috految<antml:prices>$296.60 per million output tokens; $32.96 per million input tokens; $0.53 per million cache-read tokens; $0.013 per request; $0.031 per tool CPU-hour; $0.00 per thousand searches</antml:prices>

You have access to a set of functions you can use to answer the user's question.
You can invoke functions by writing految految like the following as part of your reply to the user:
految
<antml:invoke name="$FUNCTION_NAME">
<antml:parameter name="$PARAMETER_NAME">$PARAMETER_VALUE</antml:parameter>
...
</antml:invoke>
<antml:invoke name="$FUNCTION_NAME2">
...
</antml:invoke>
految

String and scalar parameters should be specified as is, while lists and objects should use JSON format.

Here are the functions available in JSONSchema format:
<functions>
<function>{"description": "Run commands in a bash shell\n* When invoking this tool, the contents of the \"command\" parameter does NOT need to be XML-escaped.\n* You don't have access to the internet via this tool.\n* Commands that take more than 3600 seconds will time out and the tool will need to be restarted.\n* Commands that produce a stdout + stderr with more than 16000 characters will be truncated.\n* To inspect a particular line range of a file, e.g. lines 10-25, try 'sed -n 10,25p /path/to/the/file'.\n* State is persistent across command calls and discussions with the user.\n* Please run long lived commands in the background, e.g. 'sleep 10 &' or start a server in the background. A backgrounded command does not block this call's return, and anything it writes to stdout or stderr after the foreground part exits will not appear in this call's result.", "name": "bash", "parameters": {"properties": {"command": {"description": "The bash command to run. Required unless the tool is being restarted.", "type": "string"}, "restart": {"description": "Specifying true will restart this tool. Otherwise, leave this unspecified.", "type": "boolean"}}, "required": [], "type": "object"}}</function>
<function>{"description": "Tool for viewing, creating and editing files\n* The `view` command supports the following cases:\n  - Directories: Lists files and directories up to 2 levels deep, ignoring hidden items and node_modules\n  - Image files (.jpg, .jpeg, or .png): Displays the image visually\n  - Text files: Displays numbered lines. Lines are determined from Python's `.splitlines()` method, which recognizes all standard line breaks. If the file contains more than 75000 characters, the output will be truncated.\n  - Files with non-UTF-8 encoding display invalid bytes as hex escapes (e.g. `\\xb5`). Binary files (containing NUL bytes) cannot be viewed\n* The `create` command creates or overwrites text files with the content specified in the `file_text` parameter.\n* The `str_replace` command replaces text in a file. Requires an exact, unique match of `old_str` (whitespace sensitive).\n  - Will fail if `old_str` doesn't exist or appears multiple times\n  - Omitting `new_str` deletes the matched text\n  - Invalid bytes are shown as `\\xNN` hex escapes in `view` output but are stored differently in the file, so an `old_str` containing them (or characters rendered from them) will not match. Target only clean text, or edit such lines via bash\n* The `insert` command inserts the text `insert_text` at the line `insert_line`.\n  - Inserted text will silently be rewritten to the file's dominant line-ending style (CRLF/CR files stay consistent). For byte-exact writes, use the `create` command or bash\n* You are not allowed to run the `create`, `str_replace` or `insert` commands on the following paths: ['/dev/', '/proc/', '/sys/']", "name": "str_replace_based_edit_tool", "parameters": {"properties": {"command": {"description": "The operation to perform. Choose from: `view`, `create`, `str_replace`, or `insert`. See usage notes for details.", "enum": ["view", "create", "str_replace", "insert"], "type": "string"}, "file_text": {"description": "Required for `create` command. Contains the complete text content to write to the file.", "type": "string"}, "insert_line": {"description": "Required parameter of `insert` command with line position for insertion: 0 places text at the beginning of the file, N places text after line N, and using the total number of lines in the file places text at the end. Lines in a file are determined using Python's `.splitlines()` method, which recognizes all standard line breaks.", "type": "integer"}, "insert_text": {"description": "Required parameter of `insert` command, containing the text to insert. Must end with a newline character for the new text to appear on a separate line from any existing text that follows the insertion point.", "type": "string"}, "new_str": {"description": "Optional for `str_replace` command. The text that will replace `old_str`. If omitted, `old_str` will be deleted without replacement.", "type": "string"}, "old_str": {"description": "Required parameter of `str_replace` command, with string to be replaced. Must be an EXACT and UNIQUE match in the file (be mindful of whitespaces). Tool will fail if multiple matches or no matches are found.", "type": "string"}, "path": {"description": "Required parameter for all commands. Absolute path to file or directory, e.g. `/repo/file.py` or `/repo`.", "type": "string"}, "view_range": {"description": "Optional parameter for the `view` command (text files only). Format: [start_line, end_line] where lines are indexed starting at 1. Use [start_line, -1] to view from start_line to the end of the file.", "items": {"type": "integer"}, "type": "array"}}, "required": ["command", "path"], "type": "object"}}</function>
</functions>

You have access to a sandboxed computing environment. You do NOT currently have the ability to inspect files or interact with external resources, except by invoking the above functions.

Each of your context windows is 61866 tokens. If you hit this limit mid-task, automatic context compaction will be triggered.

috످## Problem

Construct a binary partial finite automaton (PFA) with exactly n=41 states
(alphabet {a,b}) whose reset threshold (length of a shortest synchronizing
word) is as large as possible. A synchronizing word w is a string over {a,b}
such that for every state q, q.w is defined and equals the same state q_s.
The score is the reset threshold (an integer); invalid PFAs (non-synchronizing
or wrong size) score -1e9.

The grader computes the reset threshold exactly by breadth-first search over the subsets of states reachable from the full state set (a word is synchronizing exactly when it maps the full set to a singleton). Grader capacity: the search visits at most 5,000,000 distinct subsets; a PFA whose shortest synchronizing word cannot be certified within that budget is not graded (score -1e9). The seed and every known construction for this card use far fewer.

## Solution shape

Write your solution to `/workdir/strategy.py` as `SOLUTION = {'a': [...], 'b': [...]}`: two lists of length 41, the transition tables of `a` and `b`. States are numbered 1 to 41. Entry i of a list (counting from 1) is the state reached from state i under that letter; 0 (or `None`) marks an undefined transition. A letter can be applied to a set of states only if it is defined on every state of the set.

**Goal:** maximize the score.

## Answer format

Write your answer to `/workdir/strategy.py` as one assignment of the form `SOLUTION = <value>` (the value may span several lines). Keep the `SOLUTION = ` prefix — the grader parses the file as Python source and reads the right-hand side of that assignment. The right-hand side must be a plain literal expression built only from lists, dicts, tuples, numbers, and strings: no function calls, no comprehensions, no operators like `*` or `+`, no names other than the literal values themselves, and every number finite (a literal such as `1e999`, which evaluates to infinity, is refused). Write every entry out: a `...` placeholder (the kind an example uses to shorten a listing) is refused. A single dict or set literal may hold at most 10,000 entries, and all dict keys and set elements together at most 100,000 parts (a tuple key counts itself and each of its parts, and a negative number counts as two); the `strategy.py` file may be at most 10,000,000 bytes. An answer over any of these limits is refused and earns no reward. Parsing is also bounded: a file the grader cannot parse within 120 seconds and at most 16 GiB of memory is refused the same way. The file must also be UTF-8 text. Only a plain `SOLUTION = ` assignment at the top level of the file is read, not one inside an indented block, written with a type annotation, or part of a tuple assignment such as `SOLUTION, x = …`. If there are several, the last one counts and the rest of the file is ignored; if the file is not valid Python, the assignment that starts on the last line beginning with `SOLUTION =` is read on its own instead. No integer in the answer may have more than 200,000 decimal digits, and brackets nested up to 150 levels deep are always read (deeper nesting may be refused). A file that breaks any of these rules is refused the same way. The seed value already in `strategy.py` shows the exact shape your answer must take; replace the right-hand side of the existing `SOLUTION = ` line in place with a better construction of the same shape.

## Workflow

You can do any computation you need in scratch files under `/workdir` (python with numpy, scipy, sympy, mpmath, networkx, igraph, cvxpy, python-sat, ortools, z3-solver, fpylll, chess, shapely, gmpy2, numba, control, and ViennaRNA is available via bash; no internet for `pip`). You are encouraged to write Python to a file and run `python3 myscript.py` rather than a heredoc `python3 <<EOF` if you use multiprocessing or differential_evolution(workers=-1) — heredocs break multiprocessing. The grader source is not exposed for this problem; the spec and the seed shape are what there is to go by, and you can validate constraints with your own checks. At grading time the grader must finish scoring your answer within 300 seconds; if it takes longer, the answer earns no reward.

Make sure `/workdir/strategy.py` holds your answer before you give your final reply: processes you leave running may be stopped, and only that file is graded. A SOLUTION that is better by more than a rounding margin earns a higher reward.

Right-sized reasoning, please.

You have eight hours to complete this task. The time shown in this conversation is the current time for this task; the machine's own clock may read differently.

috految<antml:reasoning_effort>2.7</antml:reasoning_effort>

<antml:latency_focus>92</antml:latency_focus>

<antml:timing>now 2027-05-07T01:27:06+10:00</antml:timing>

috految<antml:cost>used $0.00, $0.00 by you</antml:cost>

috److془Known: Cambie, de Bondt, Don "Extremal binary PFAs with small number of states": Cerny family 2465 at n=41; prime construction (5,7,8,9): 3114 with n=41 (29+12). We need to beat it.

Let's design. Paper: states (i,A),(i,B),(i,1..p_i)... Exponential: Ω(2^{n/3}/n^{3/2}) binary.

Design: a total, with cycles; b partial, defined on all cycle states of a. Prime: b has cycles p_i; a collapses. Or a has cycles, b maps the cycle to bad state B_i (b undefined), good to A_i; a: A,B -> 1. Then bb required all good. Overhead 2 per cycle! A_i b -> next. Hmm: a: full cycles; b: {A,B}; a: {1}; a^{L-1} bb. Works! 5,7,9,11: 40 states 3465. Hmm; the paper overhead 3? Whatever. Better: A_i within the cycle (position 0): 0->b 0 ; then bb does nothing, only one cycle needs A. Overhead 1! b permutes cycles to eventually merge. Good at position -1, -> 0 ; others -> B. Sum 35 with 5 cycles: 3,5,7,8,11 =9240 (34); 4,5,7,9,11 36 =13860. Further: multiple rounds: clock gates bb, and the payload needs many bb's. Payload with m states Cerny-like ~ m^2 bb's p'haps. Payload: a cycle, b rotation too; ba acts as rotation, bb does the Cerny merge. Then cost ~ m bb's; or, with swap, m^2/4ish. Or with a identity, b permutation. Multi tokens with clock: clock tokens must be merged finally though: with bbb say, gated by payload. Clock 3,4,5,7: 420 with 23 states; 5,7,8,9: 2520 with 33; 4,5,7,9: 1260 with 29; Payload 18 states 100? Hmm 40000+. Also the cycles could be shifted: no need of B per cycle? Rotating b^k checks, but need reset; nonreset gives shortcuts. Alternately: the Payload has no need of reset if within the exponential scheme: rate 2^{n/3}. Alternate: a resets, b counter with a^k bookkeeping.. Also: ba full reset, bb counter. Pure: ring of k classes, b shifts; each class tokens. Shift register, with gadgets.. Exponential: each class with 3 or 4 states, a shifts, b shifts; a^* resets. Wrong choice must be fatal or reset. Classes of 2 states LFSR! Trouble: reset a^k must force completions; tail of length ~k: a control token. Control: ring 2k + k = 2^{n/3}. Or, 3^{n/4}, 4^{n/5}. Hmm 4^8=65536; with overhead. Reset states: a sends the nonzero to.. Finishing check needs extra too. Hmm; but ring with b undefined on the tails. Comparable less, probably.

Go with clock + payload. Clock: good at g->0, 0->0 requires g=0; b forever permitted. Reset ba ->1; a^{L-1} reaches 0. Good. Exit tokens: class 1 with extra A1,A2 : chain 0_k->A1->A2->elsewhere. Exit on bbb. cost 2. Or cost 1: A1 exit with bb and clock refilled from payload! Hmm but holes enter. Make bypass reduce: with bb, A -> payload, payload supplies token; equivalent to gating. Also clock's 0 need be in ring only. Payload: gate bbb requires holes pattern, with tail undefined. Payload must be hard to make hole at specific place; the hole travel only linear; two holes quadratic. With ba free: payload cycle m, bb swap, gating needs few holes: rather linear; but cycle with reset gives m at cost m+1. Pay for 18 states: need beat 33. Hmm. Payload of pair: cycles p,q, a identity ... 2 per position. Or the gate forced partial. Meanwhile pure: does A-class need B? Bad->0, good->A: no B! 13860 with 41. Followups: 13860+1260..; ~ 15500 . Ring needs all tokens: hole at will chosen, but exit with merge needs two classes occupied, so 13860+~2000+. Multi rounds: A-> class jump. Correlated add'l: ring with extra classes: hole goes to clock. Payload with bb: a-fixed x, b->x', x' a->x; x'b->next: 2 states per round. 9240 at 39 +2: 2 rounds, 18480+. Refill requires good be synched though; else requires B. Hmm but 1-cycles: chain cost 2. Alternatively the payload cycles: rounds as tokens. Payload cycle m, with few overhead: ba rotation, gets m rounds only if gated. Rounds with multiple a-cycle: the payload cycle p, holes harm. Hmm: swap within payload of a-cycle: free rotation bad. Non-A classes: A chain gives extra for free: tokens in classes excluded... Payload with no-B: bb passes to A's. Savings: 4,5,7,9 pattern 11 limited. Multi rounds via offset: a^L bb moves, noncoprime cycles, product = 4^8 limit. Offset by bb needs counter at only one step; but a^s bb propagate... 
Rounds: a good at 0, nonowner. Just settle: the reset class with surviving 2 rounds: 5,7,8,9,(6) 15120 similar. Fixed point x in separate ring: 3,4,5,7,11 (4620,36 states incl A with B)+ 5 states. Hmm. Use larger payload: 4ish rounds. Multiplier in p=2ish. Fine; 9240 with 3,5,7,8,11: x' ->ring no B bad. Alternatively x and A chain feed... x' b does merge with token if bad: cheap round. Use cycle 3: 3080. Alas. Alternatively feed through: 13860 with forced. Temporary tokens? Settle. Actually: A class with 11; others all checked; good as ring arrangement. Make the A-class a ring on its own? no. Final: B_{i}->a 1_i. Good at -1, 0 bad. source class s bad->0_t, good->A (a->1_t). Subsequent b: others B, fine. Exit A->B_j, j != t+1. Enumerate.
Hmm: 4620 variant with b-cycle.. settle. Source 11 and merge partner 9, hole 7: 1980. Good.
Partner empty moves token; fine. Ring 5 prime synchronizes. Initial: a, b, {0,B}, a good. Bb from 0 sources: all to 0/B fine; Source bad minus: bb then a resets. Good. Sources 0 bad. Good.془

految
<antml:invoke name="bash">
<antml:parameter name="command">cd /workdir; cat >s.py <<E
from itertools import permutations as P
best=0
for r in P((4,5,7)):
 for j in range(1,5):
  p=[11,*r];p.insert(j,9);o=[sum(p[:i])+i+1 for i in range(5)];a=[];b=[]
  for i,m in enumerate(p):
   t=(i+1)%5;z=o[t];B=z+p[t]
   a+=[o[i]+(x+1)%m for x in range(m)]+[o[i]+1]
   b+=([B]*(m-1)+[z] if i else [z]*(m-1)+[B])+[0]
  k=(j+2)%5;b[o[1]+p[1]-1]=o[k]+(k!=1)*p[k]
  T=[bytes([0]+x).ljust(256) for x in(a,b)];q=[(bytes(range(1,42)),0)];S=set()
  for s,d in q:
   if len(s)==1:
    if d>best:best=d;print(d,len(a));open('strategy.py','w').write('SOLUTION = '+str(dict(a=a,b=b)))
    break
   for t in T:
    u=bytes(sorted(set(s.translate(t))))
    if u[0] and u not in S:S.add(u);q.append((u,d+1))
E
timeout 3 python3 -u s.py</antml:parameter>
</antml:invoke>
految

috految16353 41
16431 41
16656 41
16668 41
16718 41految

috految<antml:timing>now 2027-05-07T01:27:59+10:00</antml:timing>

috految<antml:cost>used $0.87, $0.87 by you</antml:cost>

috److I built a 41-state binary PFA with reset threshold **16,718** and wrote it to `/workdir/strategy.py`. The threshold comes from my own breadth-first search over subsets from the full state set.

- **Construction:** Letter `a` has five cycles of pairwise coprime lengths 4, 5, 7, 9 and 11, each with one extra state, which gives 41 in total. Letter `b` moves states from each cycle to the next one.
- **Why the word is long:** Merging states across cycles requires all five cycles to line up. The first such merge takes about 4·5·7·9·11 = 13,860 steps, and the later merges add the rest.
- **Search:** I tried arrangements of the cycles within this family, with a 3-second time limit, and kept the best result.

From memory, the best published value for 41 states is about 3,114, though I could not check that here. I have not shown that 16,718 is optimal, and other constructions may do better.

috످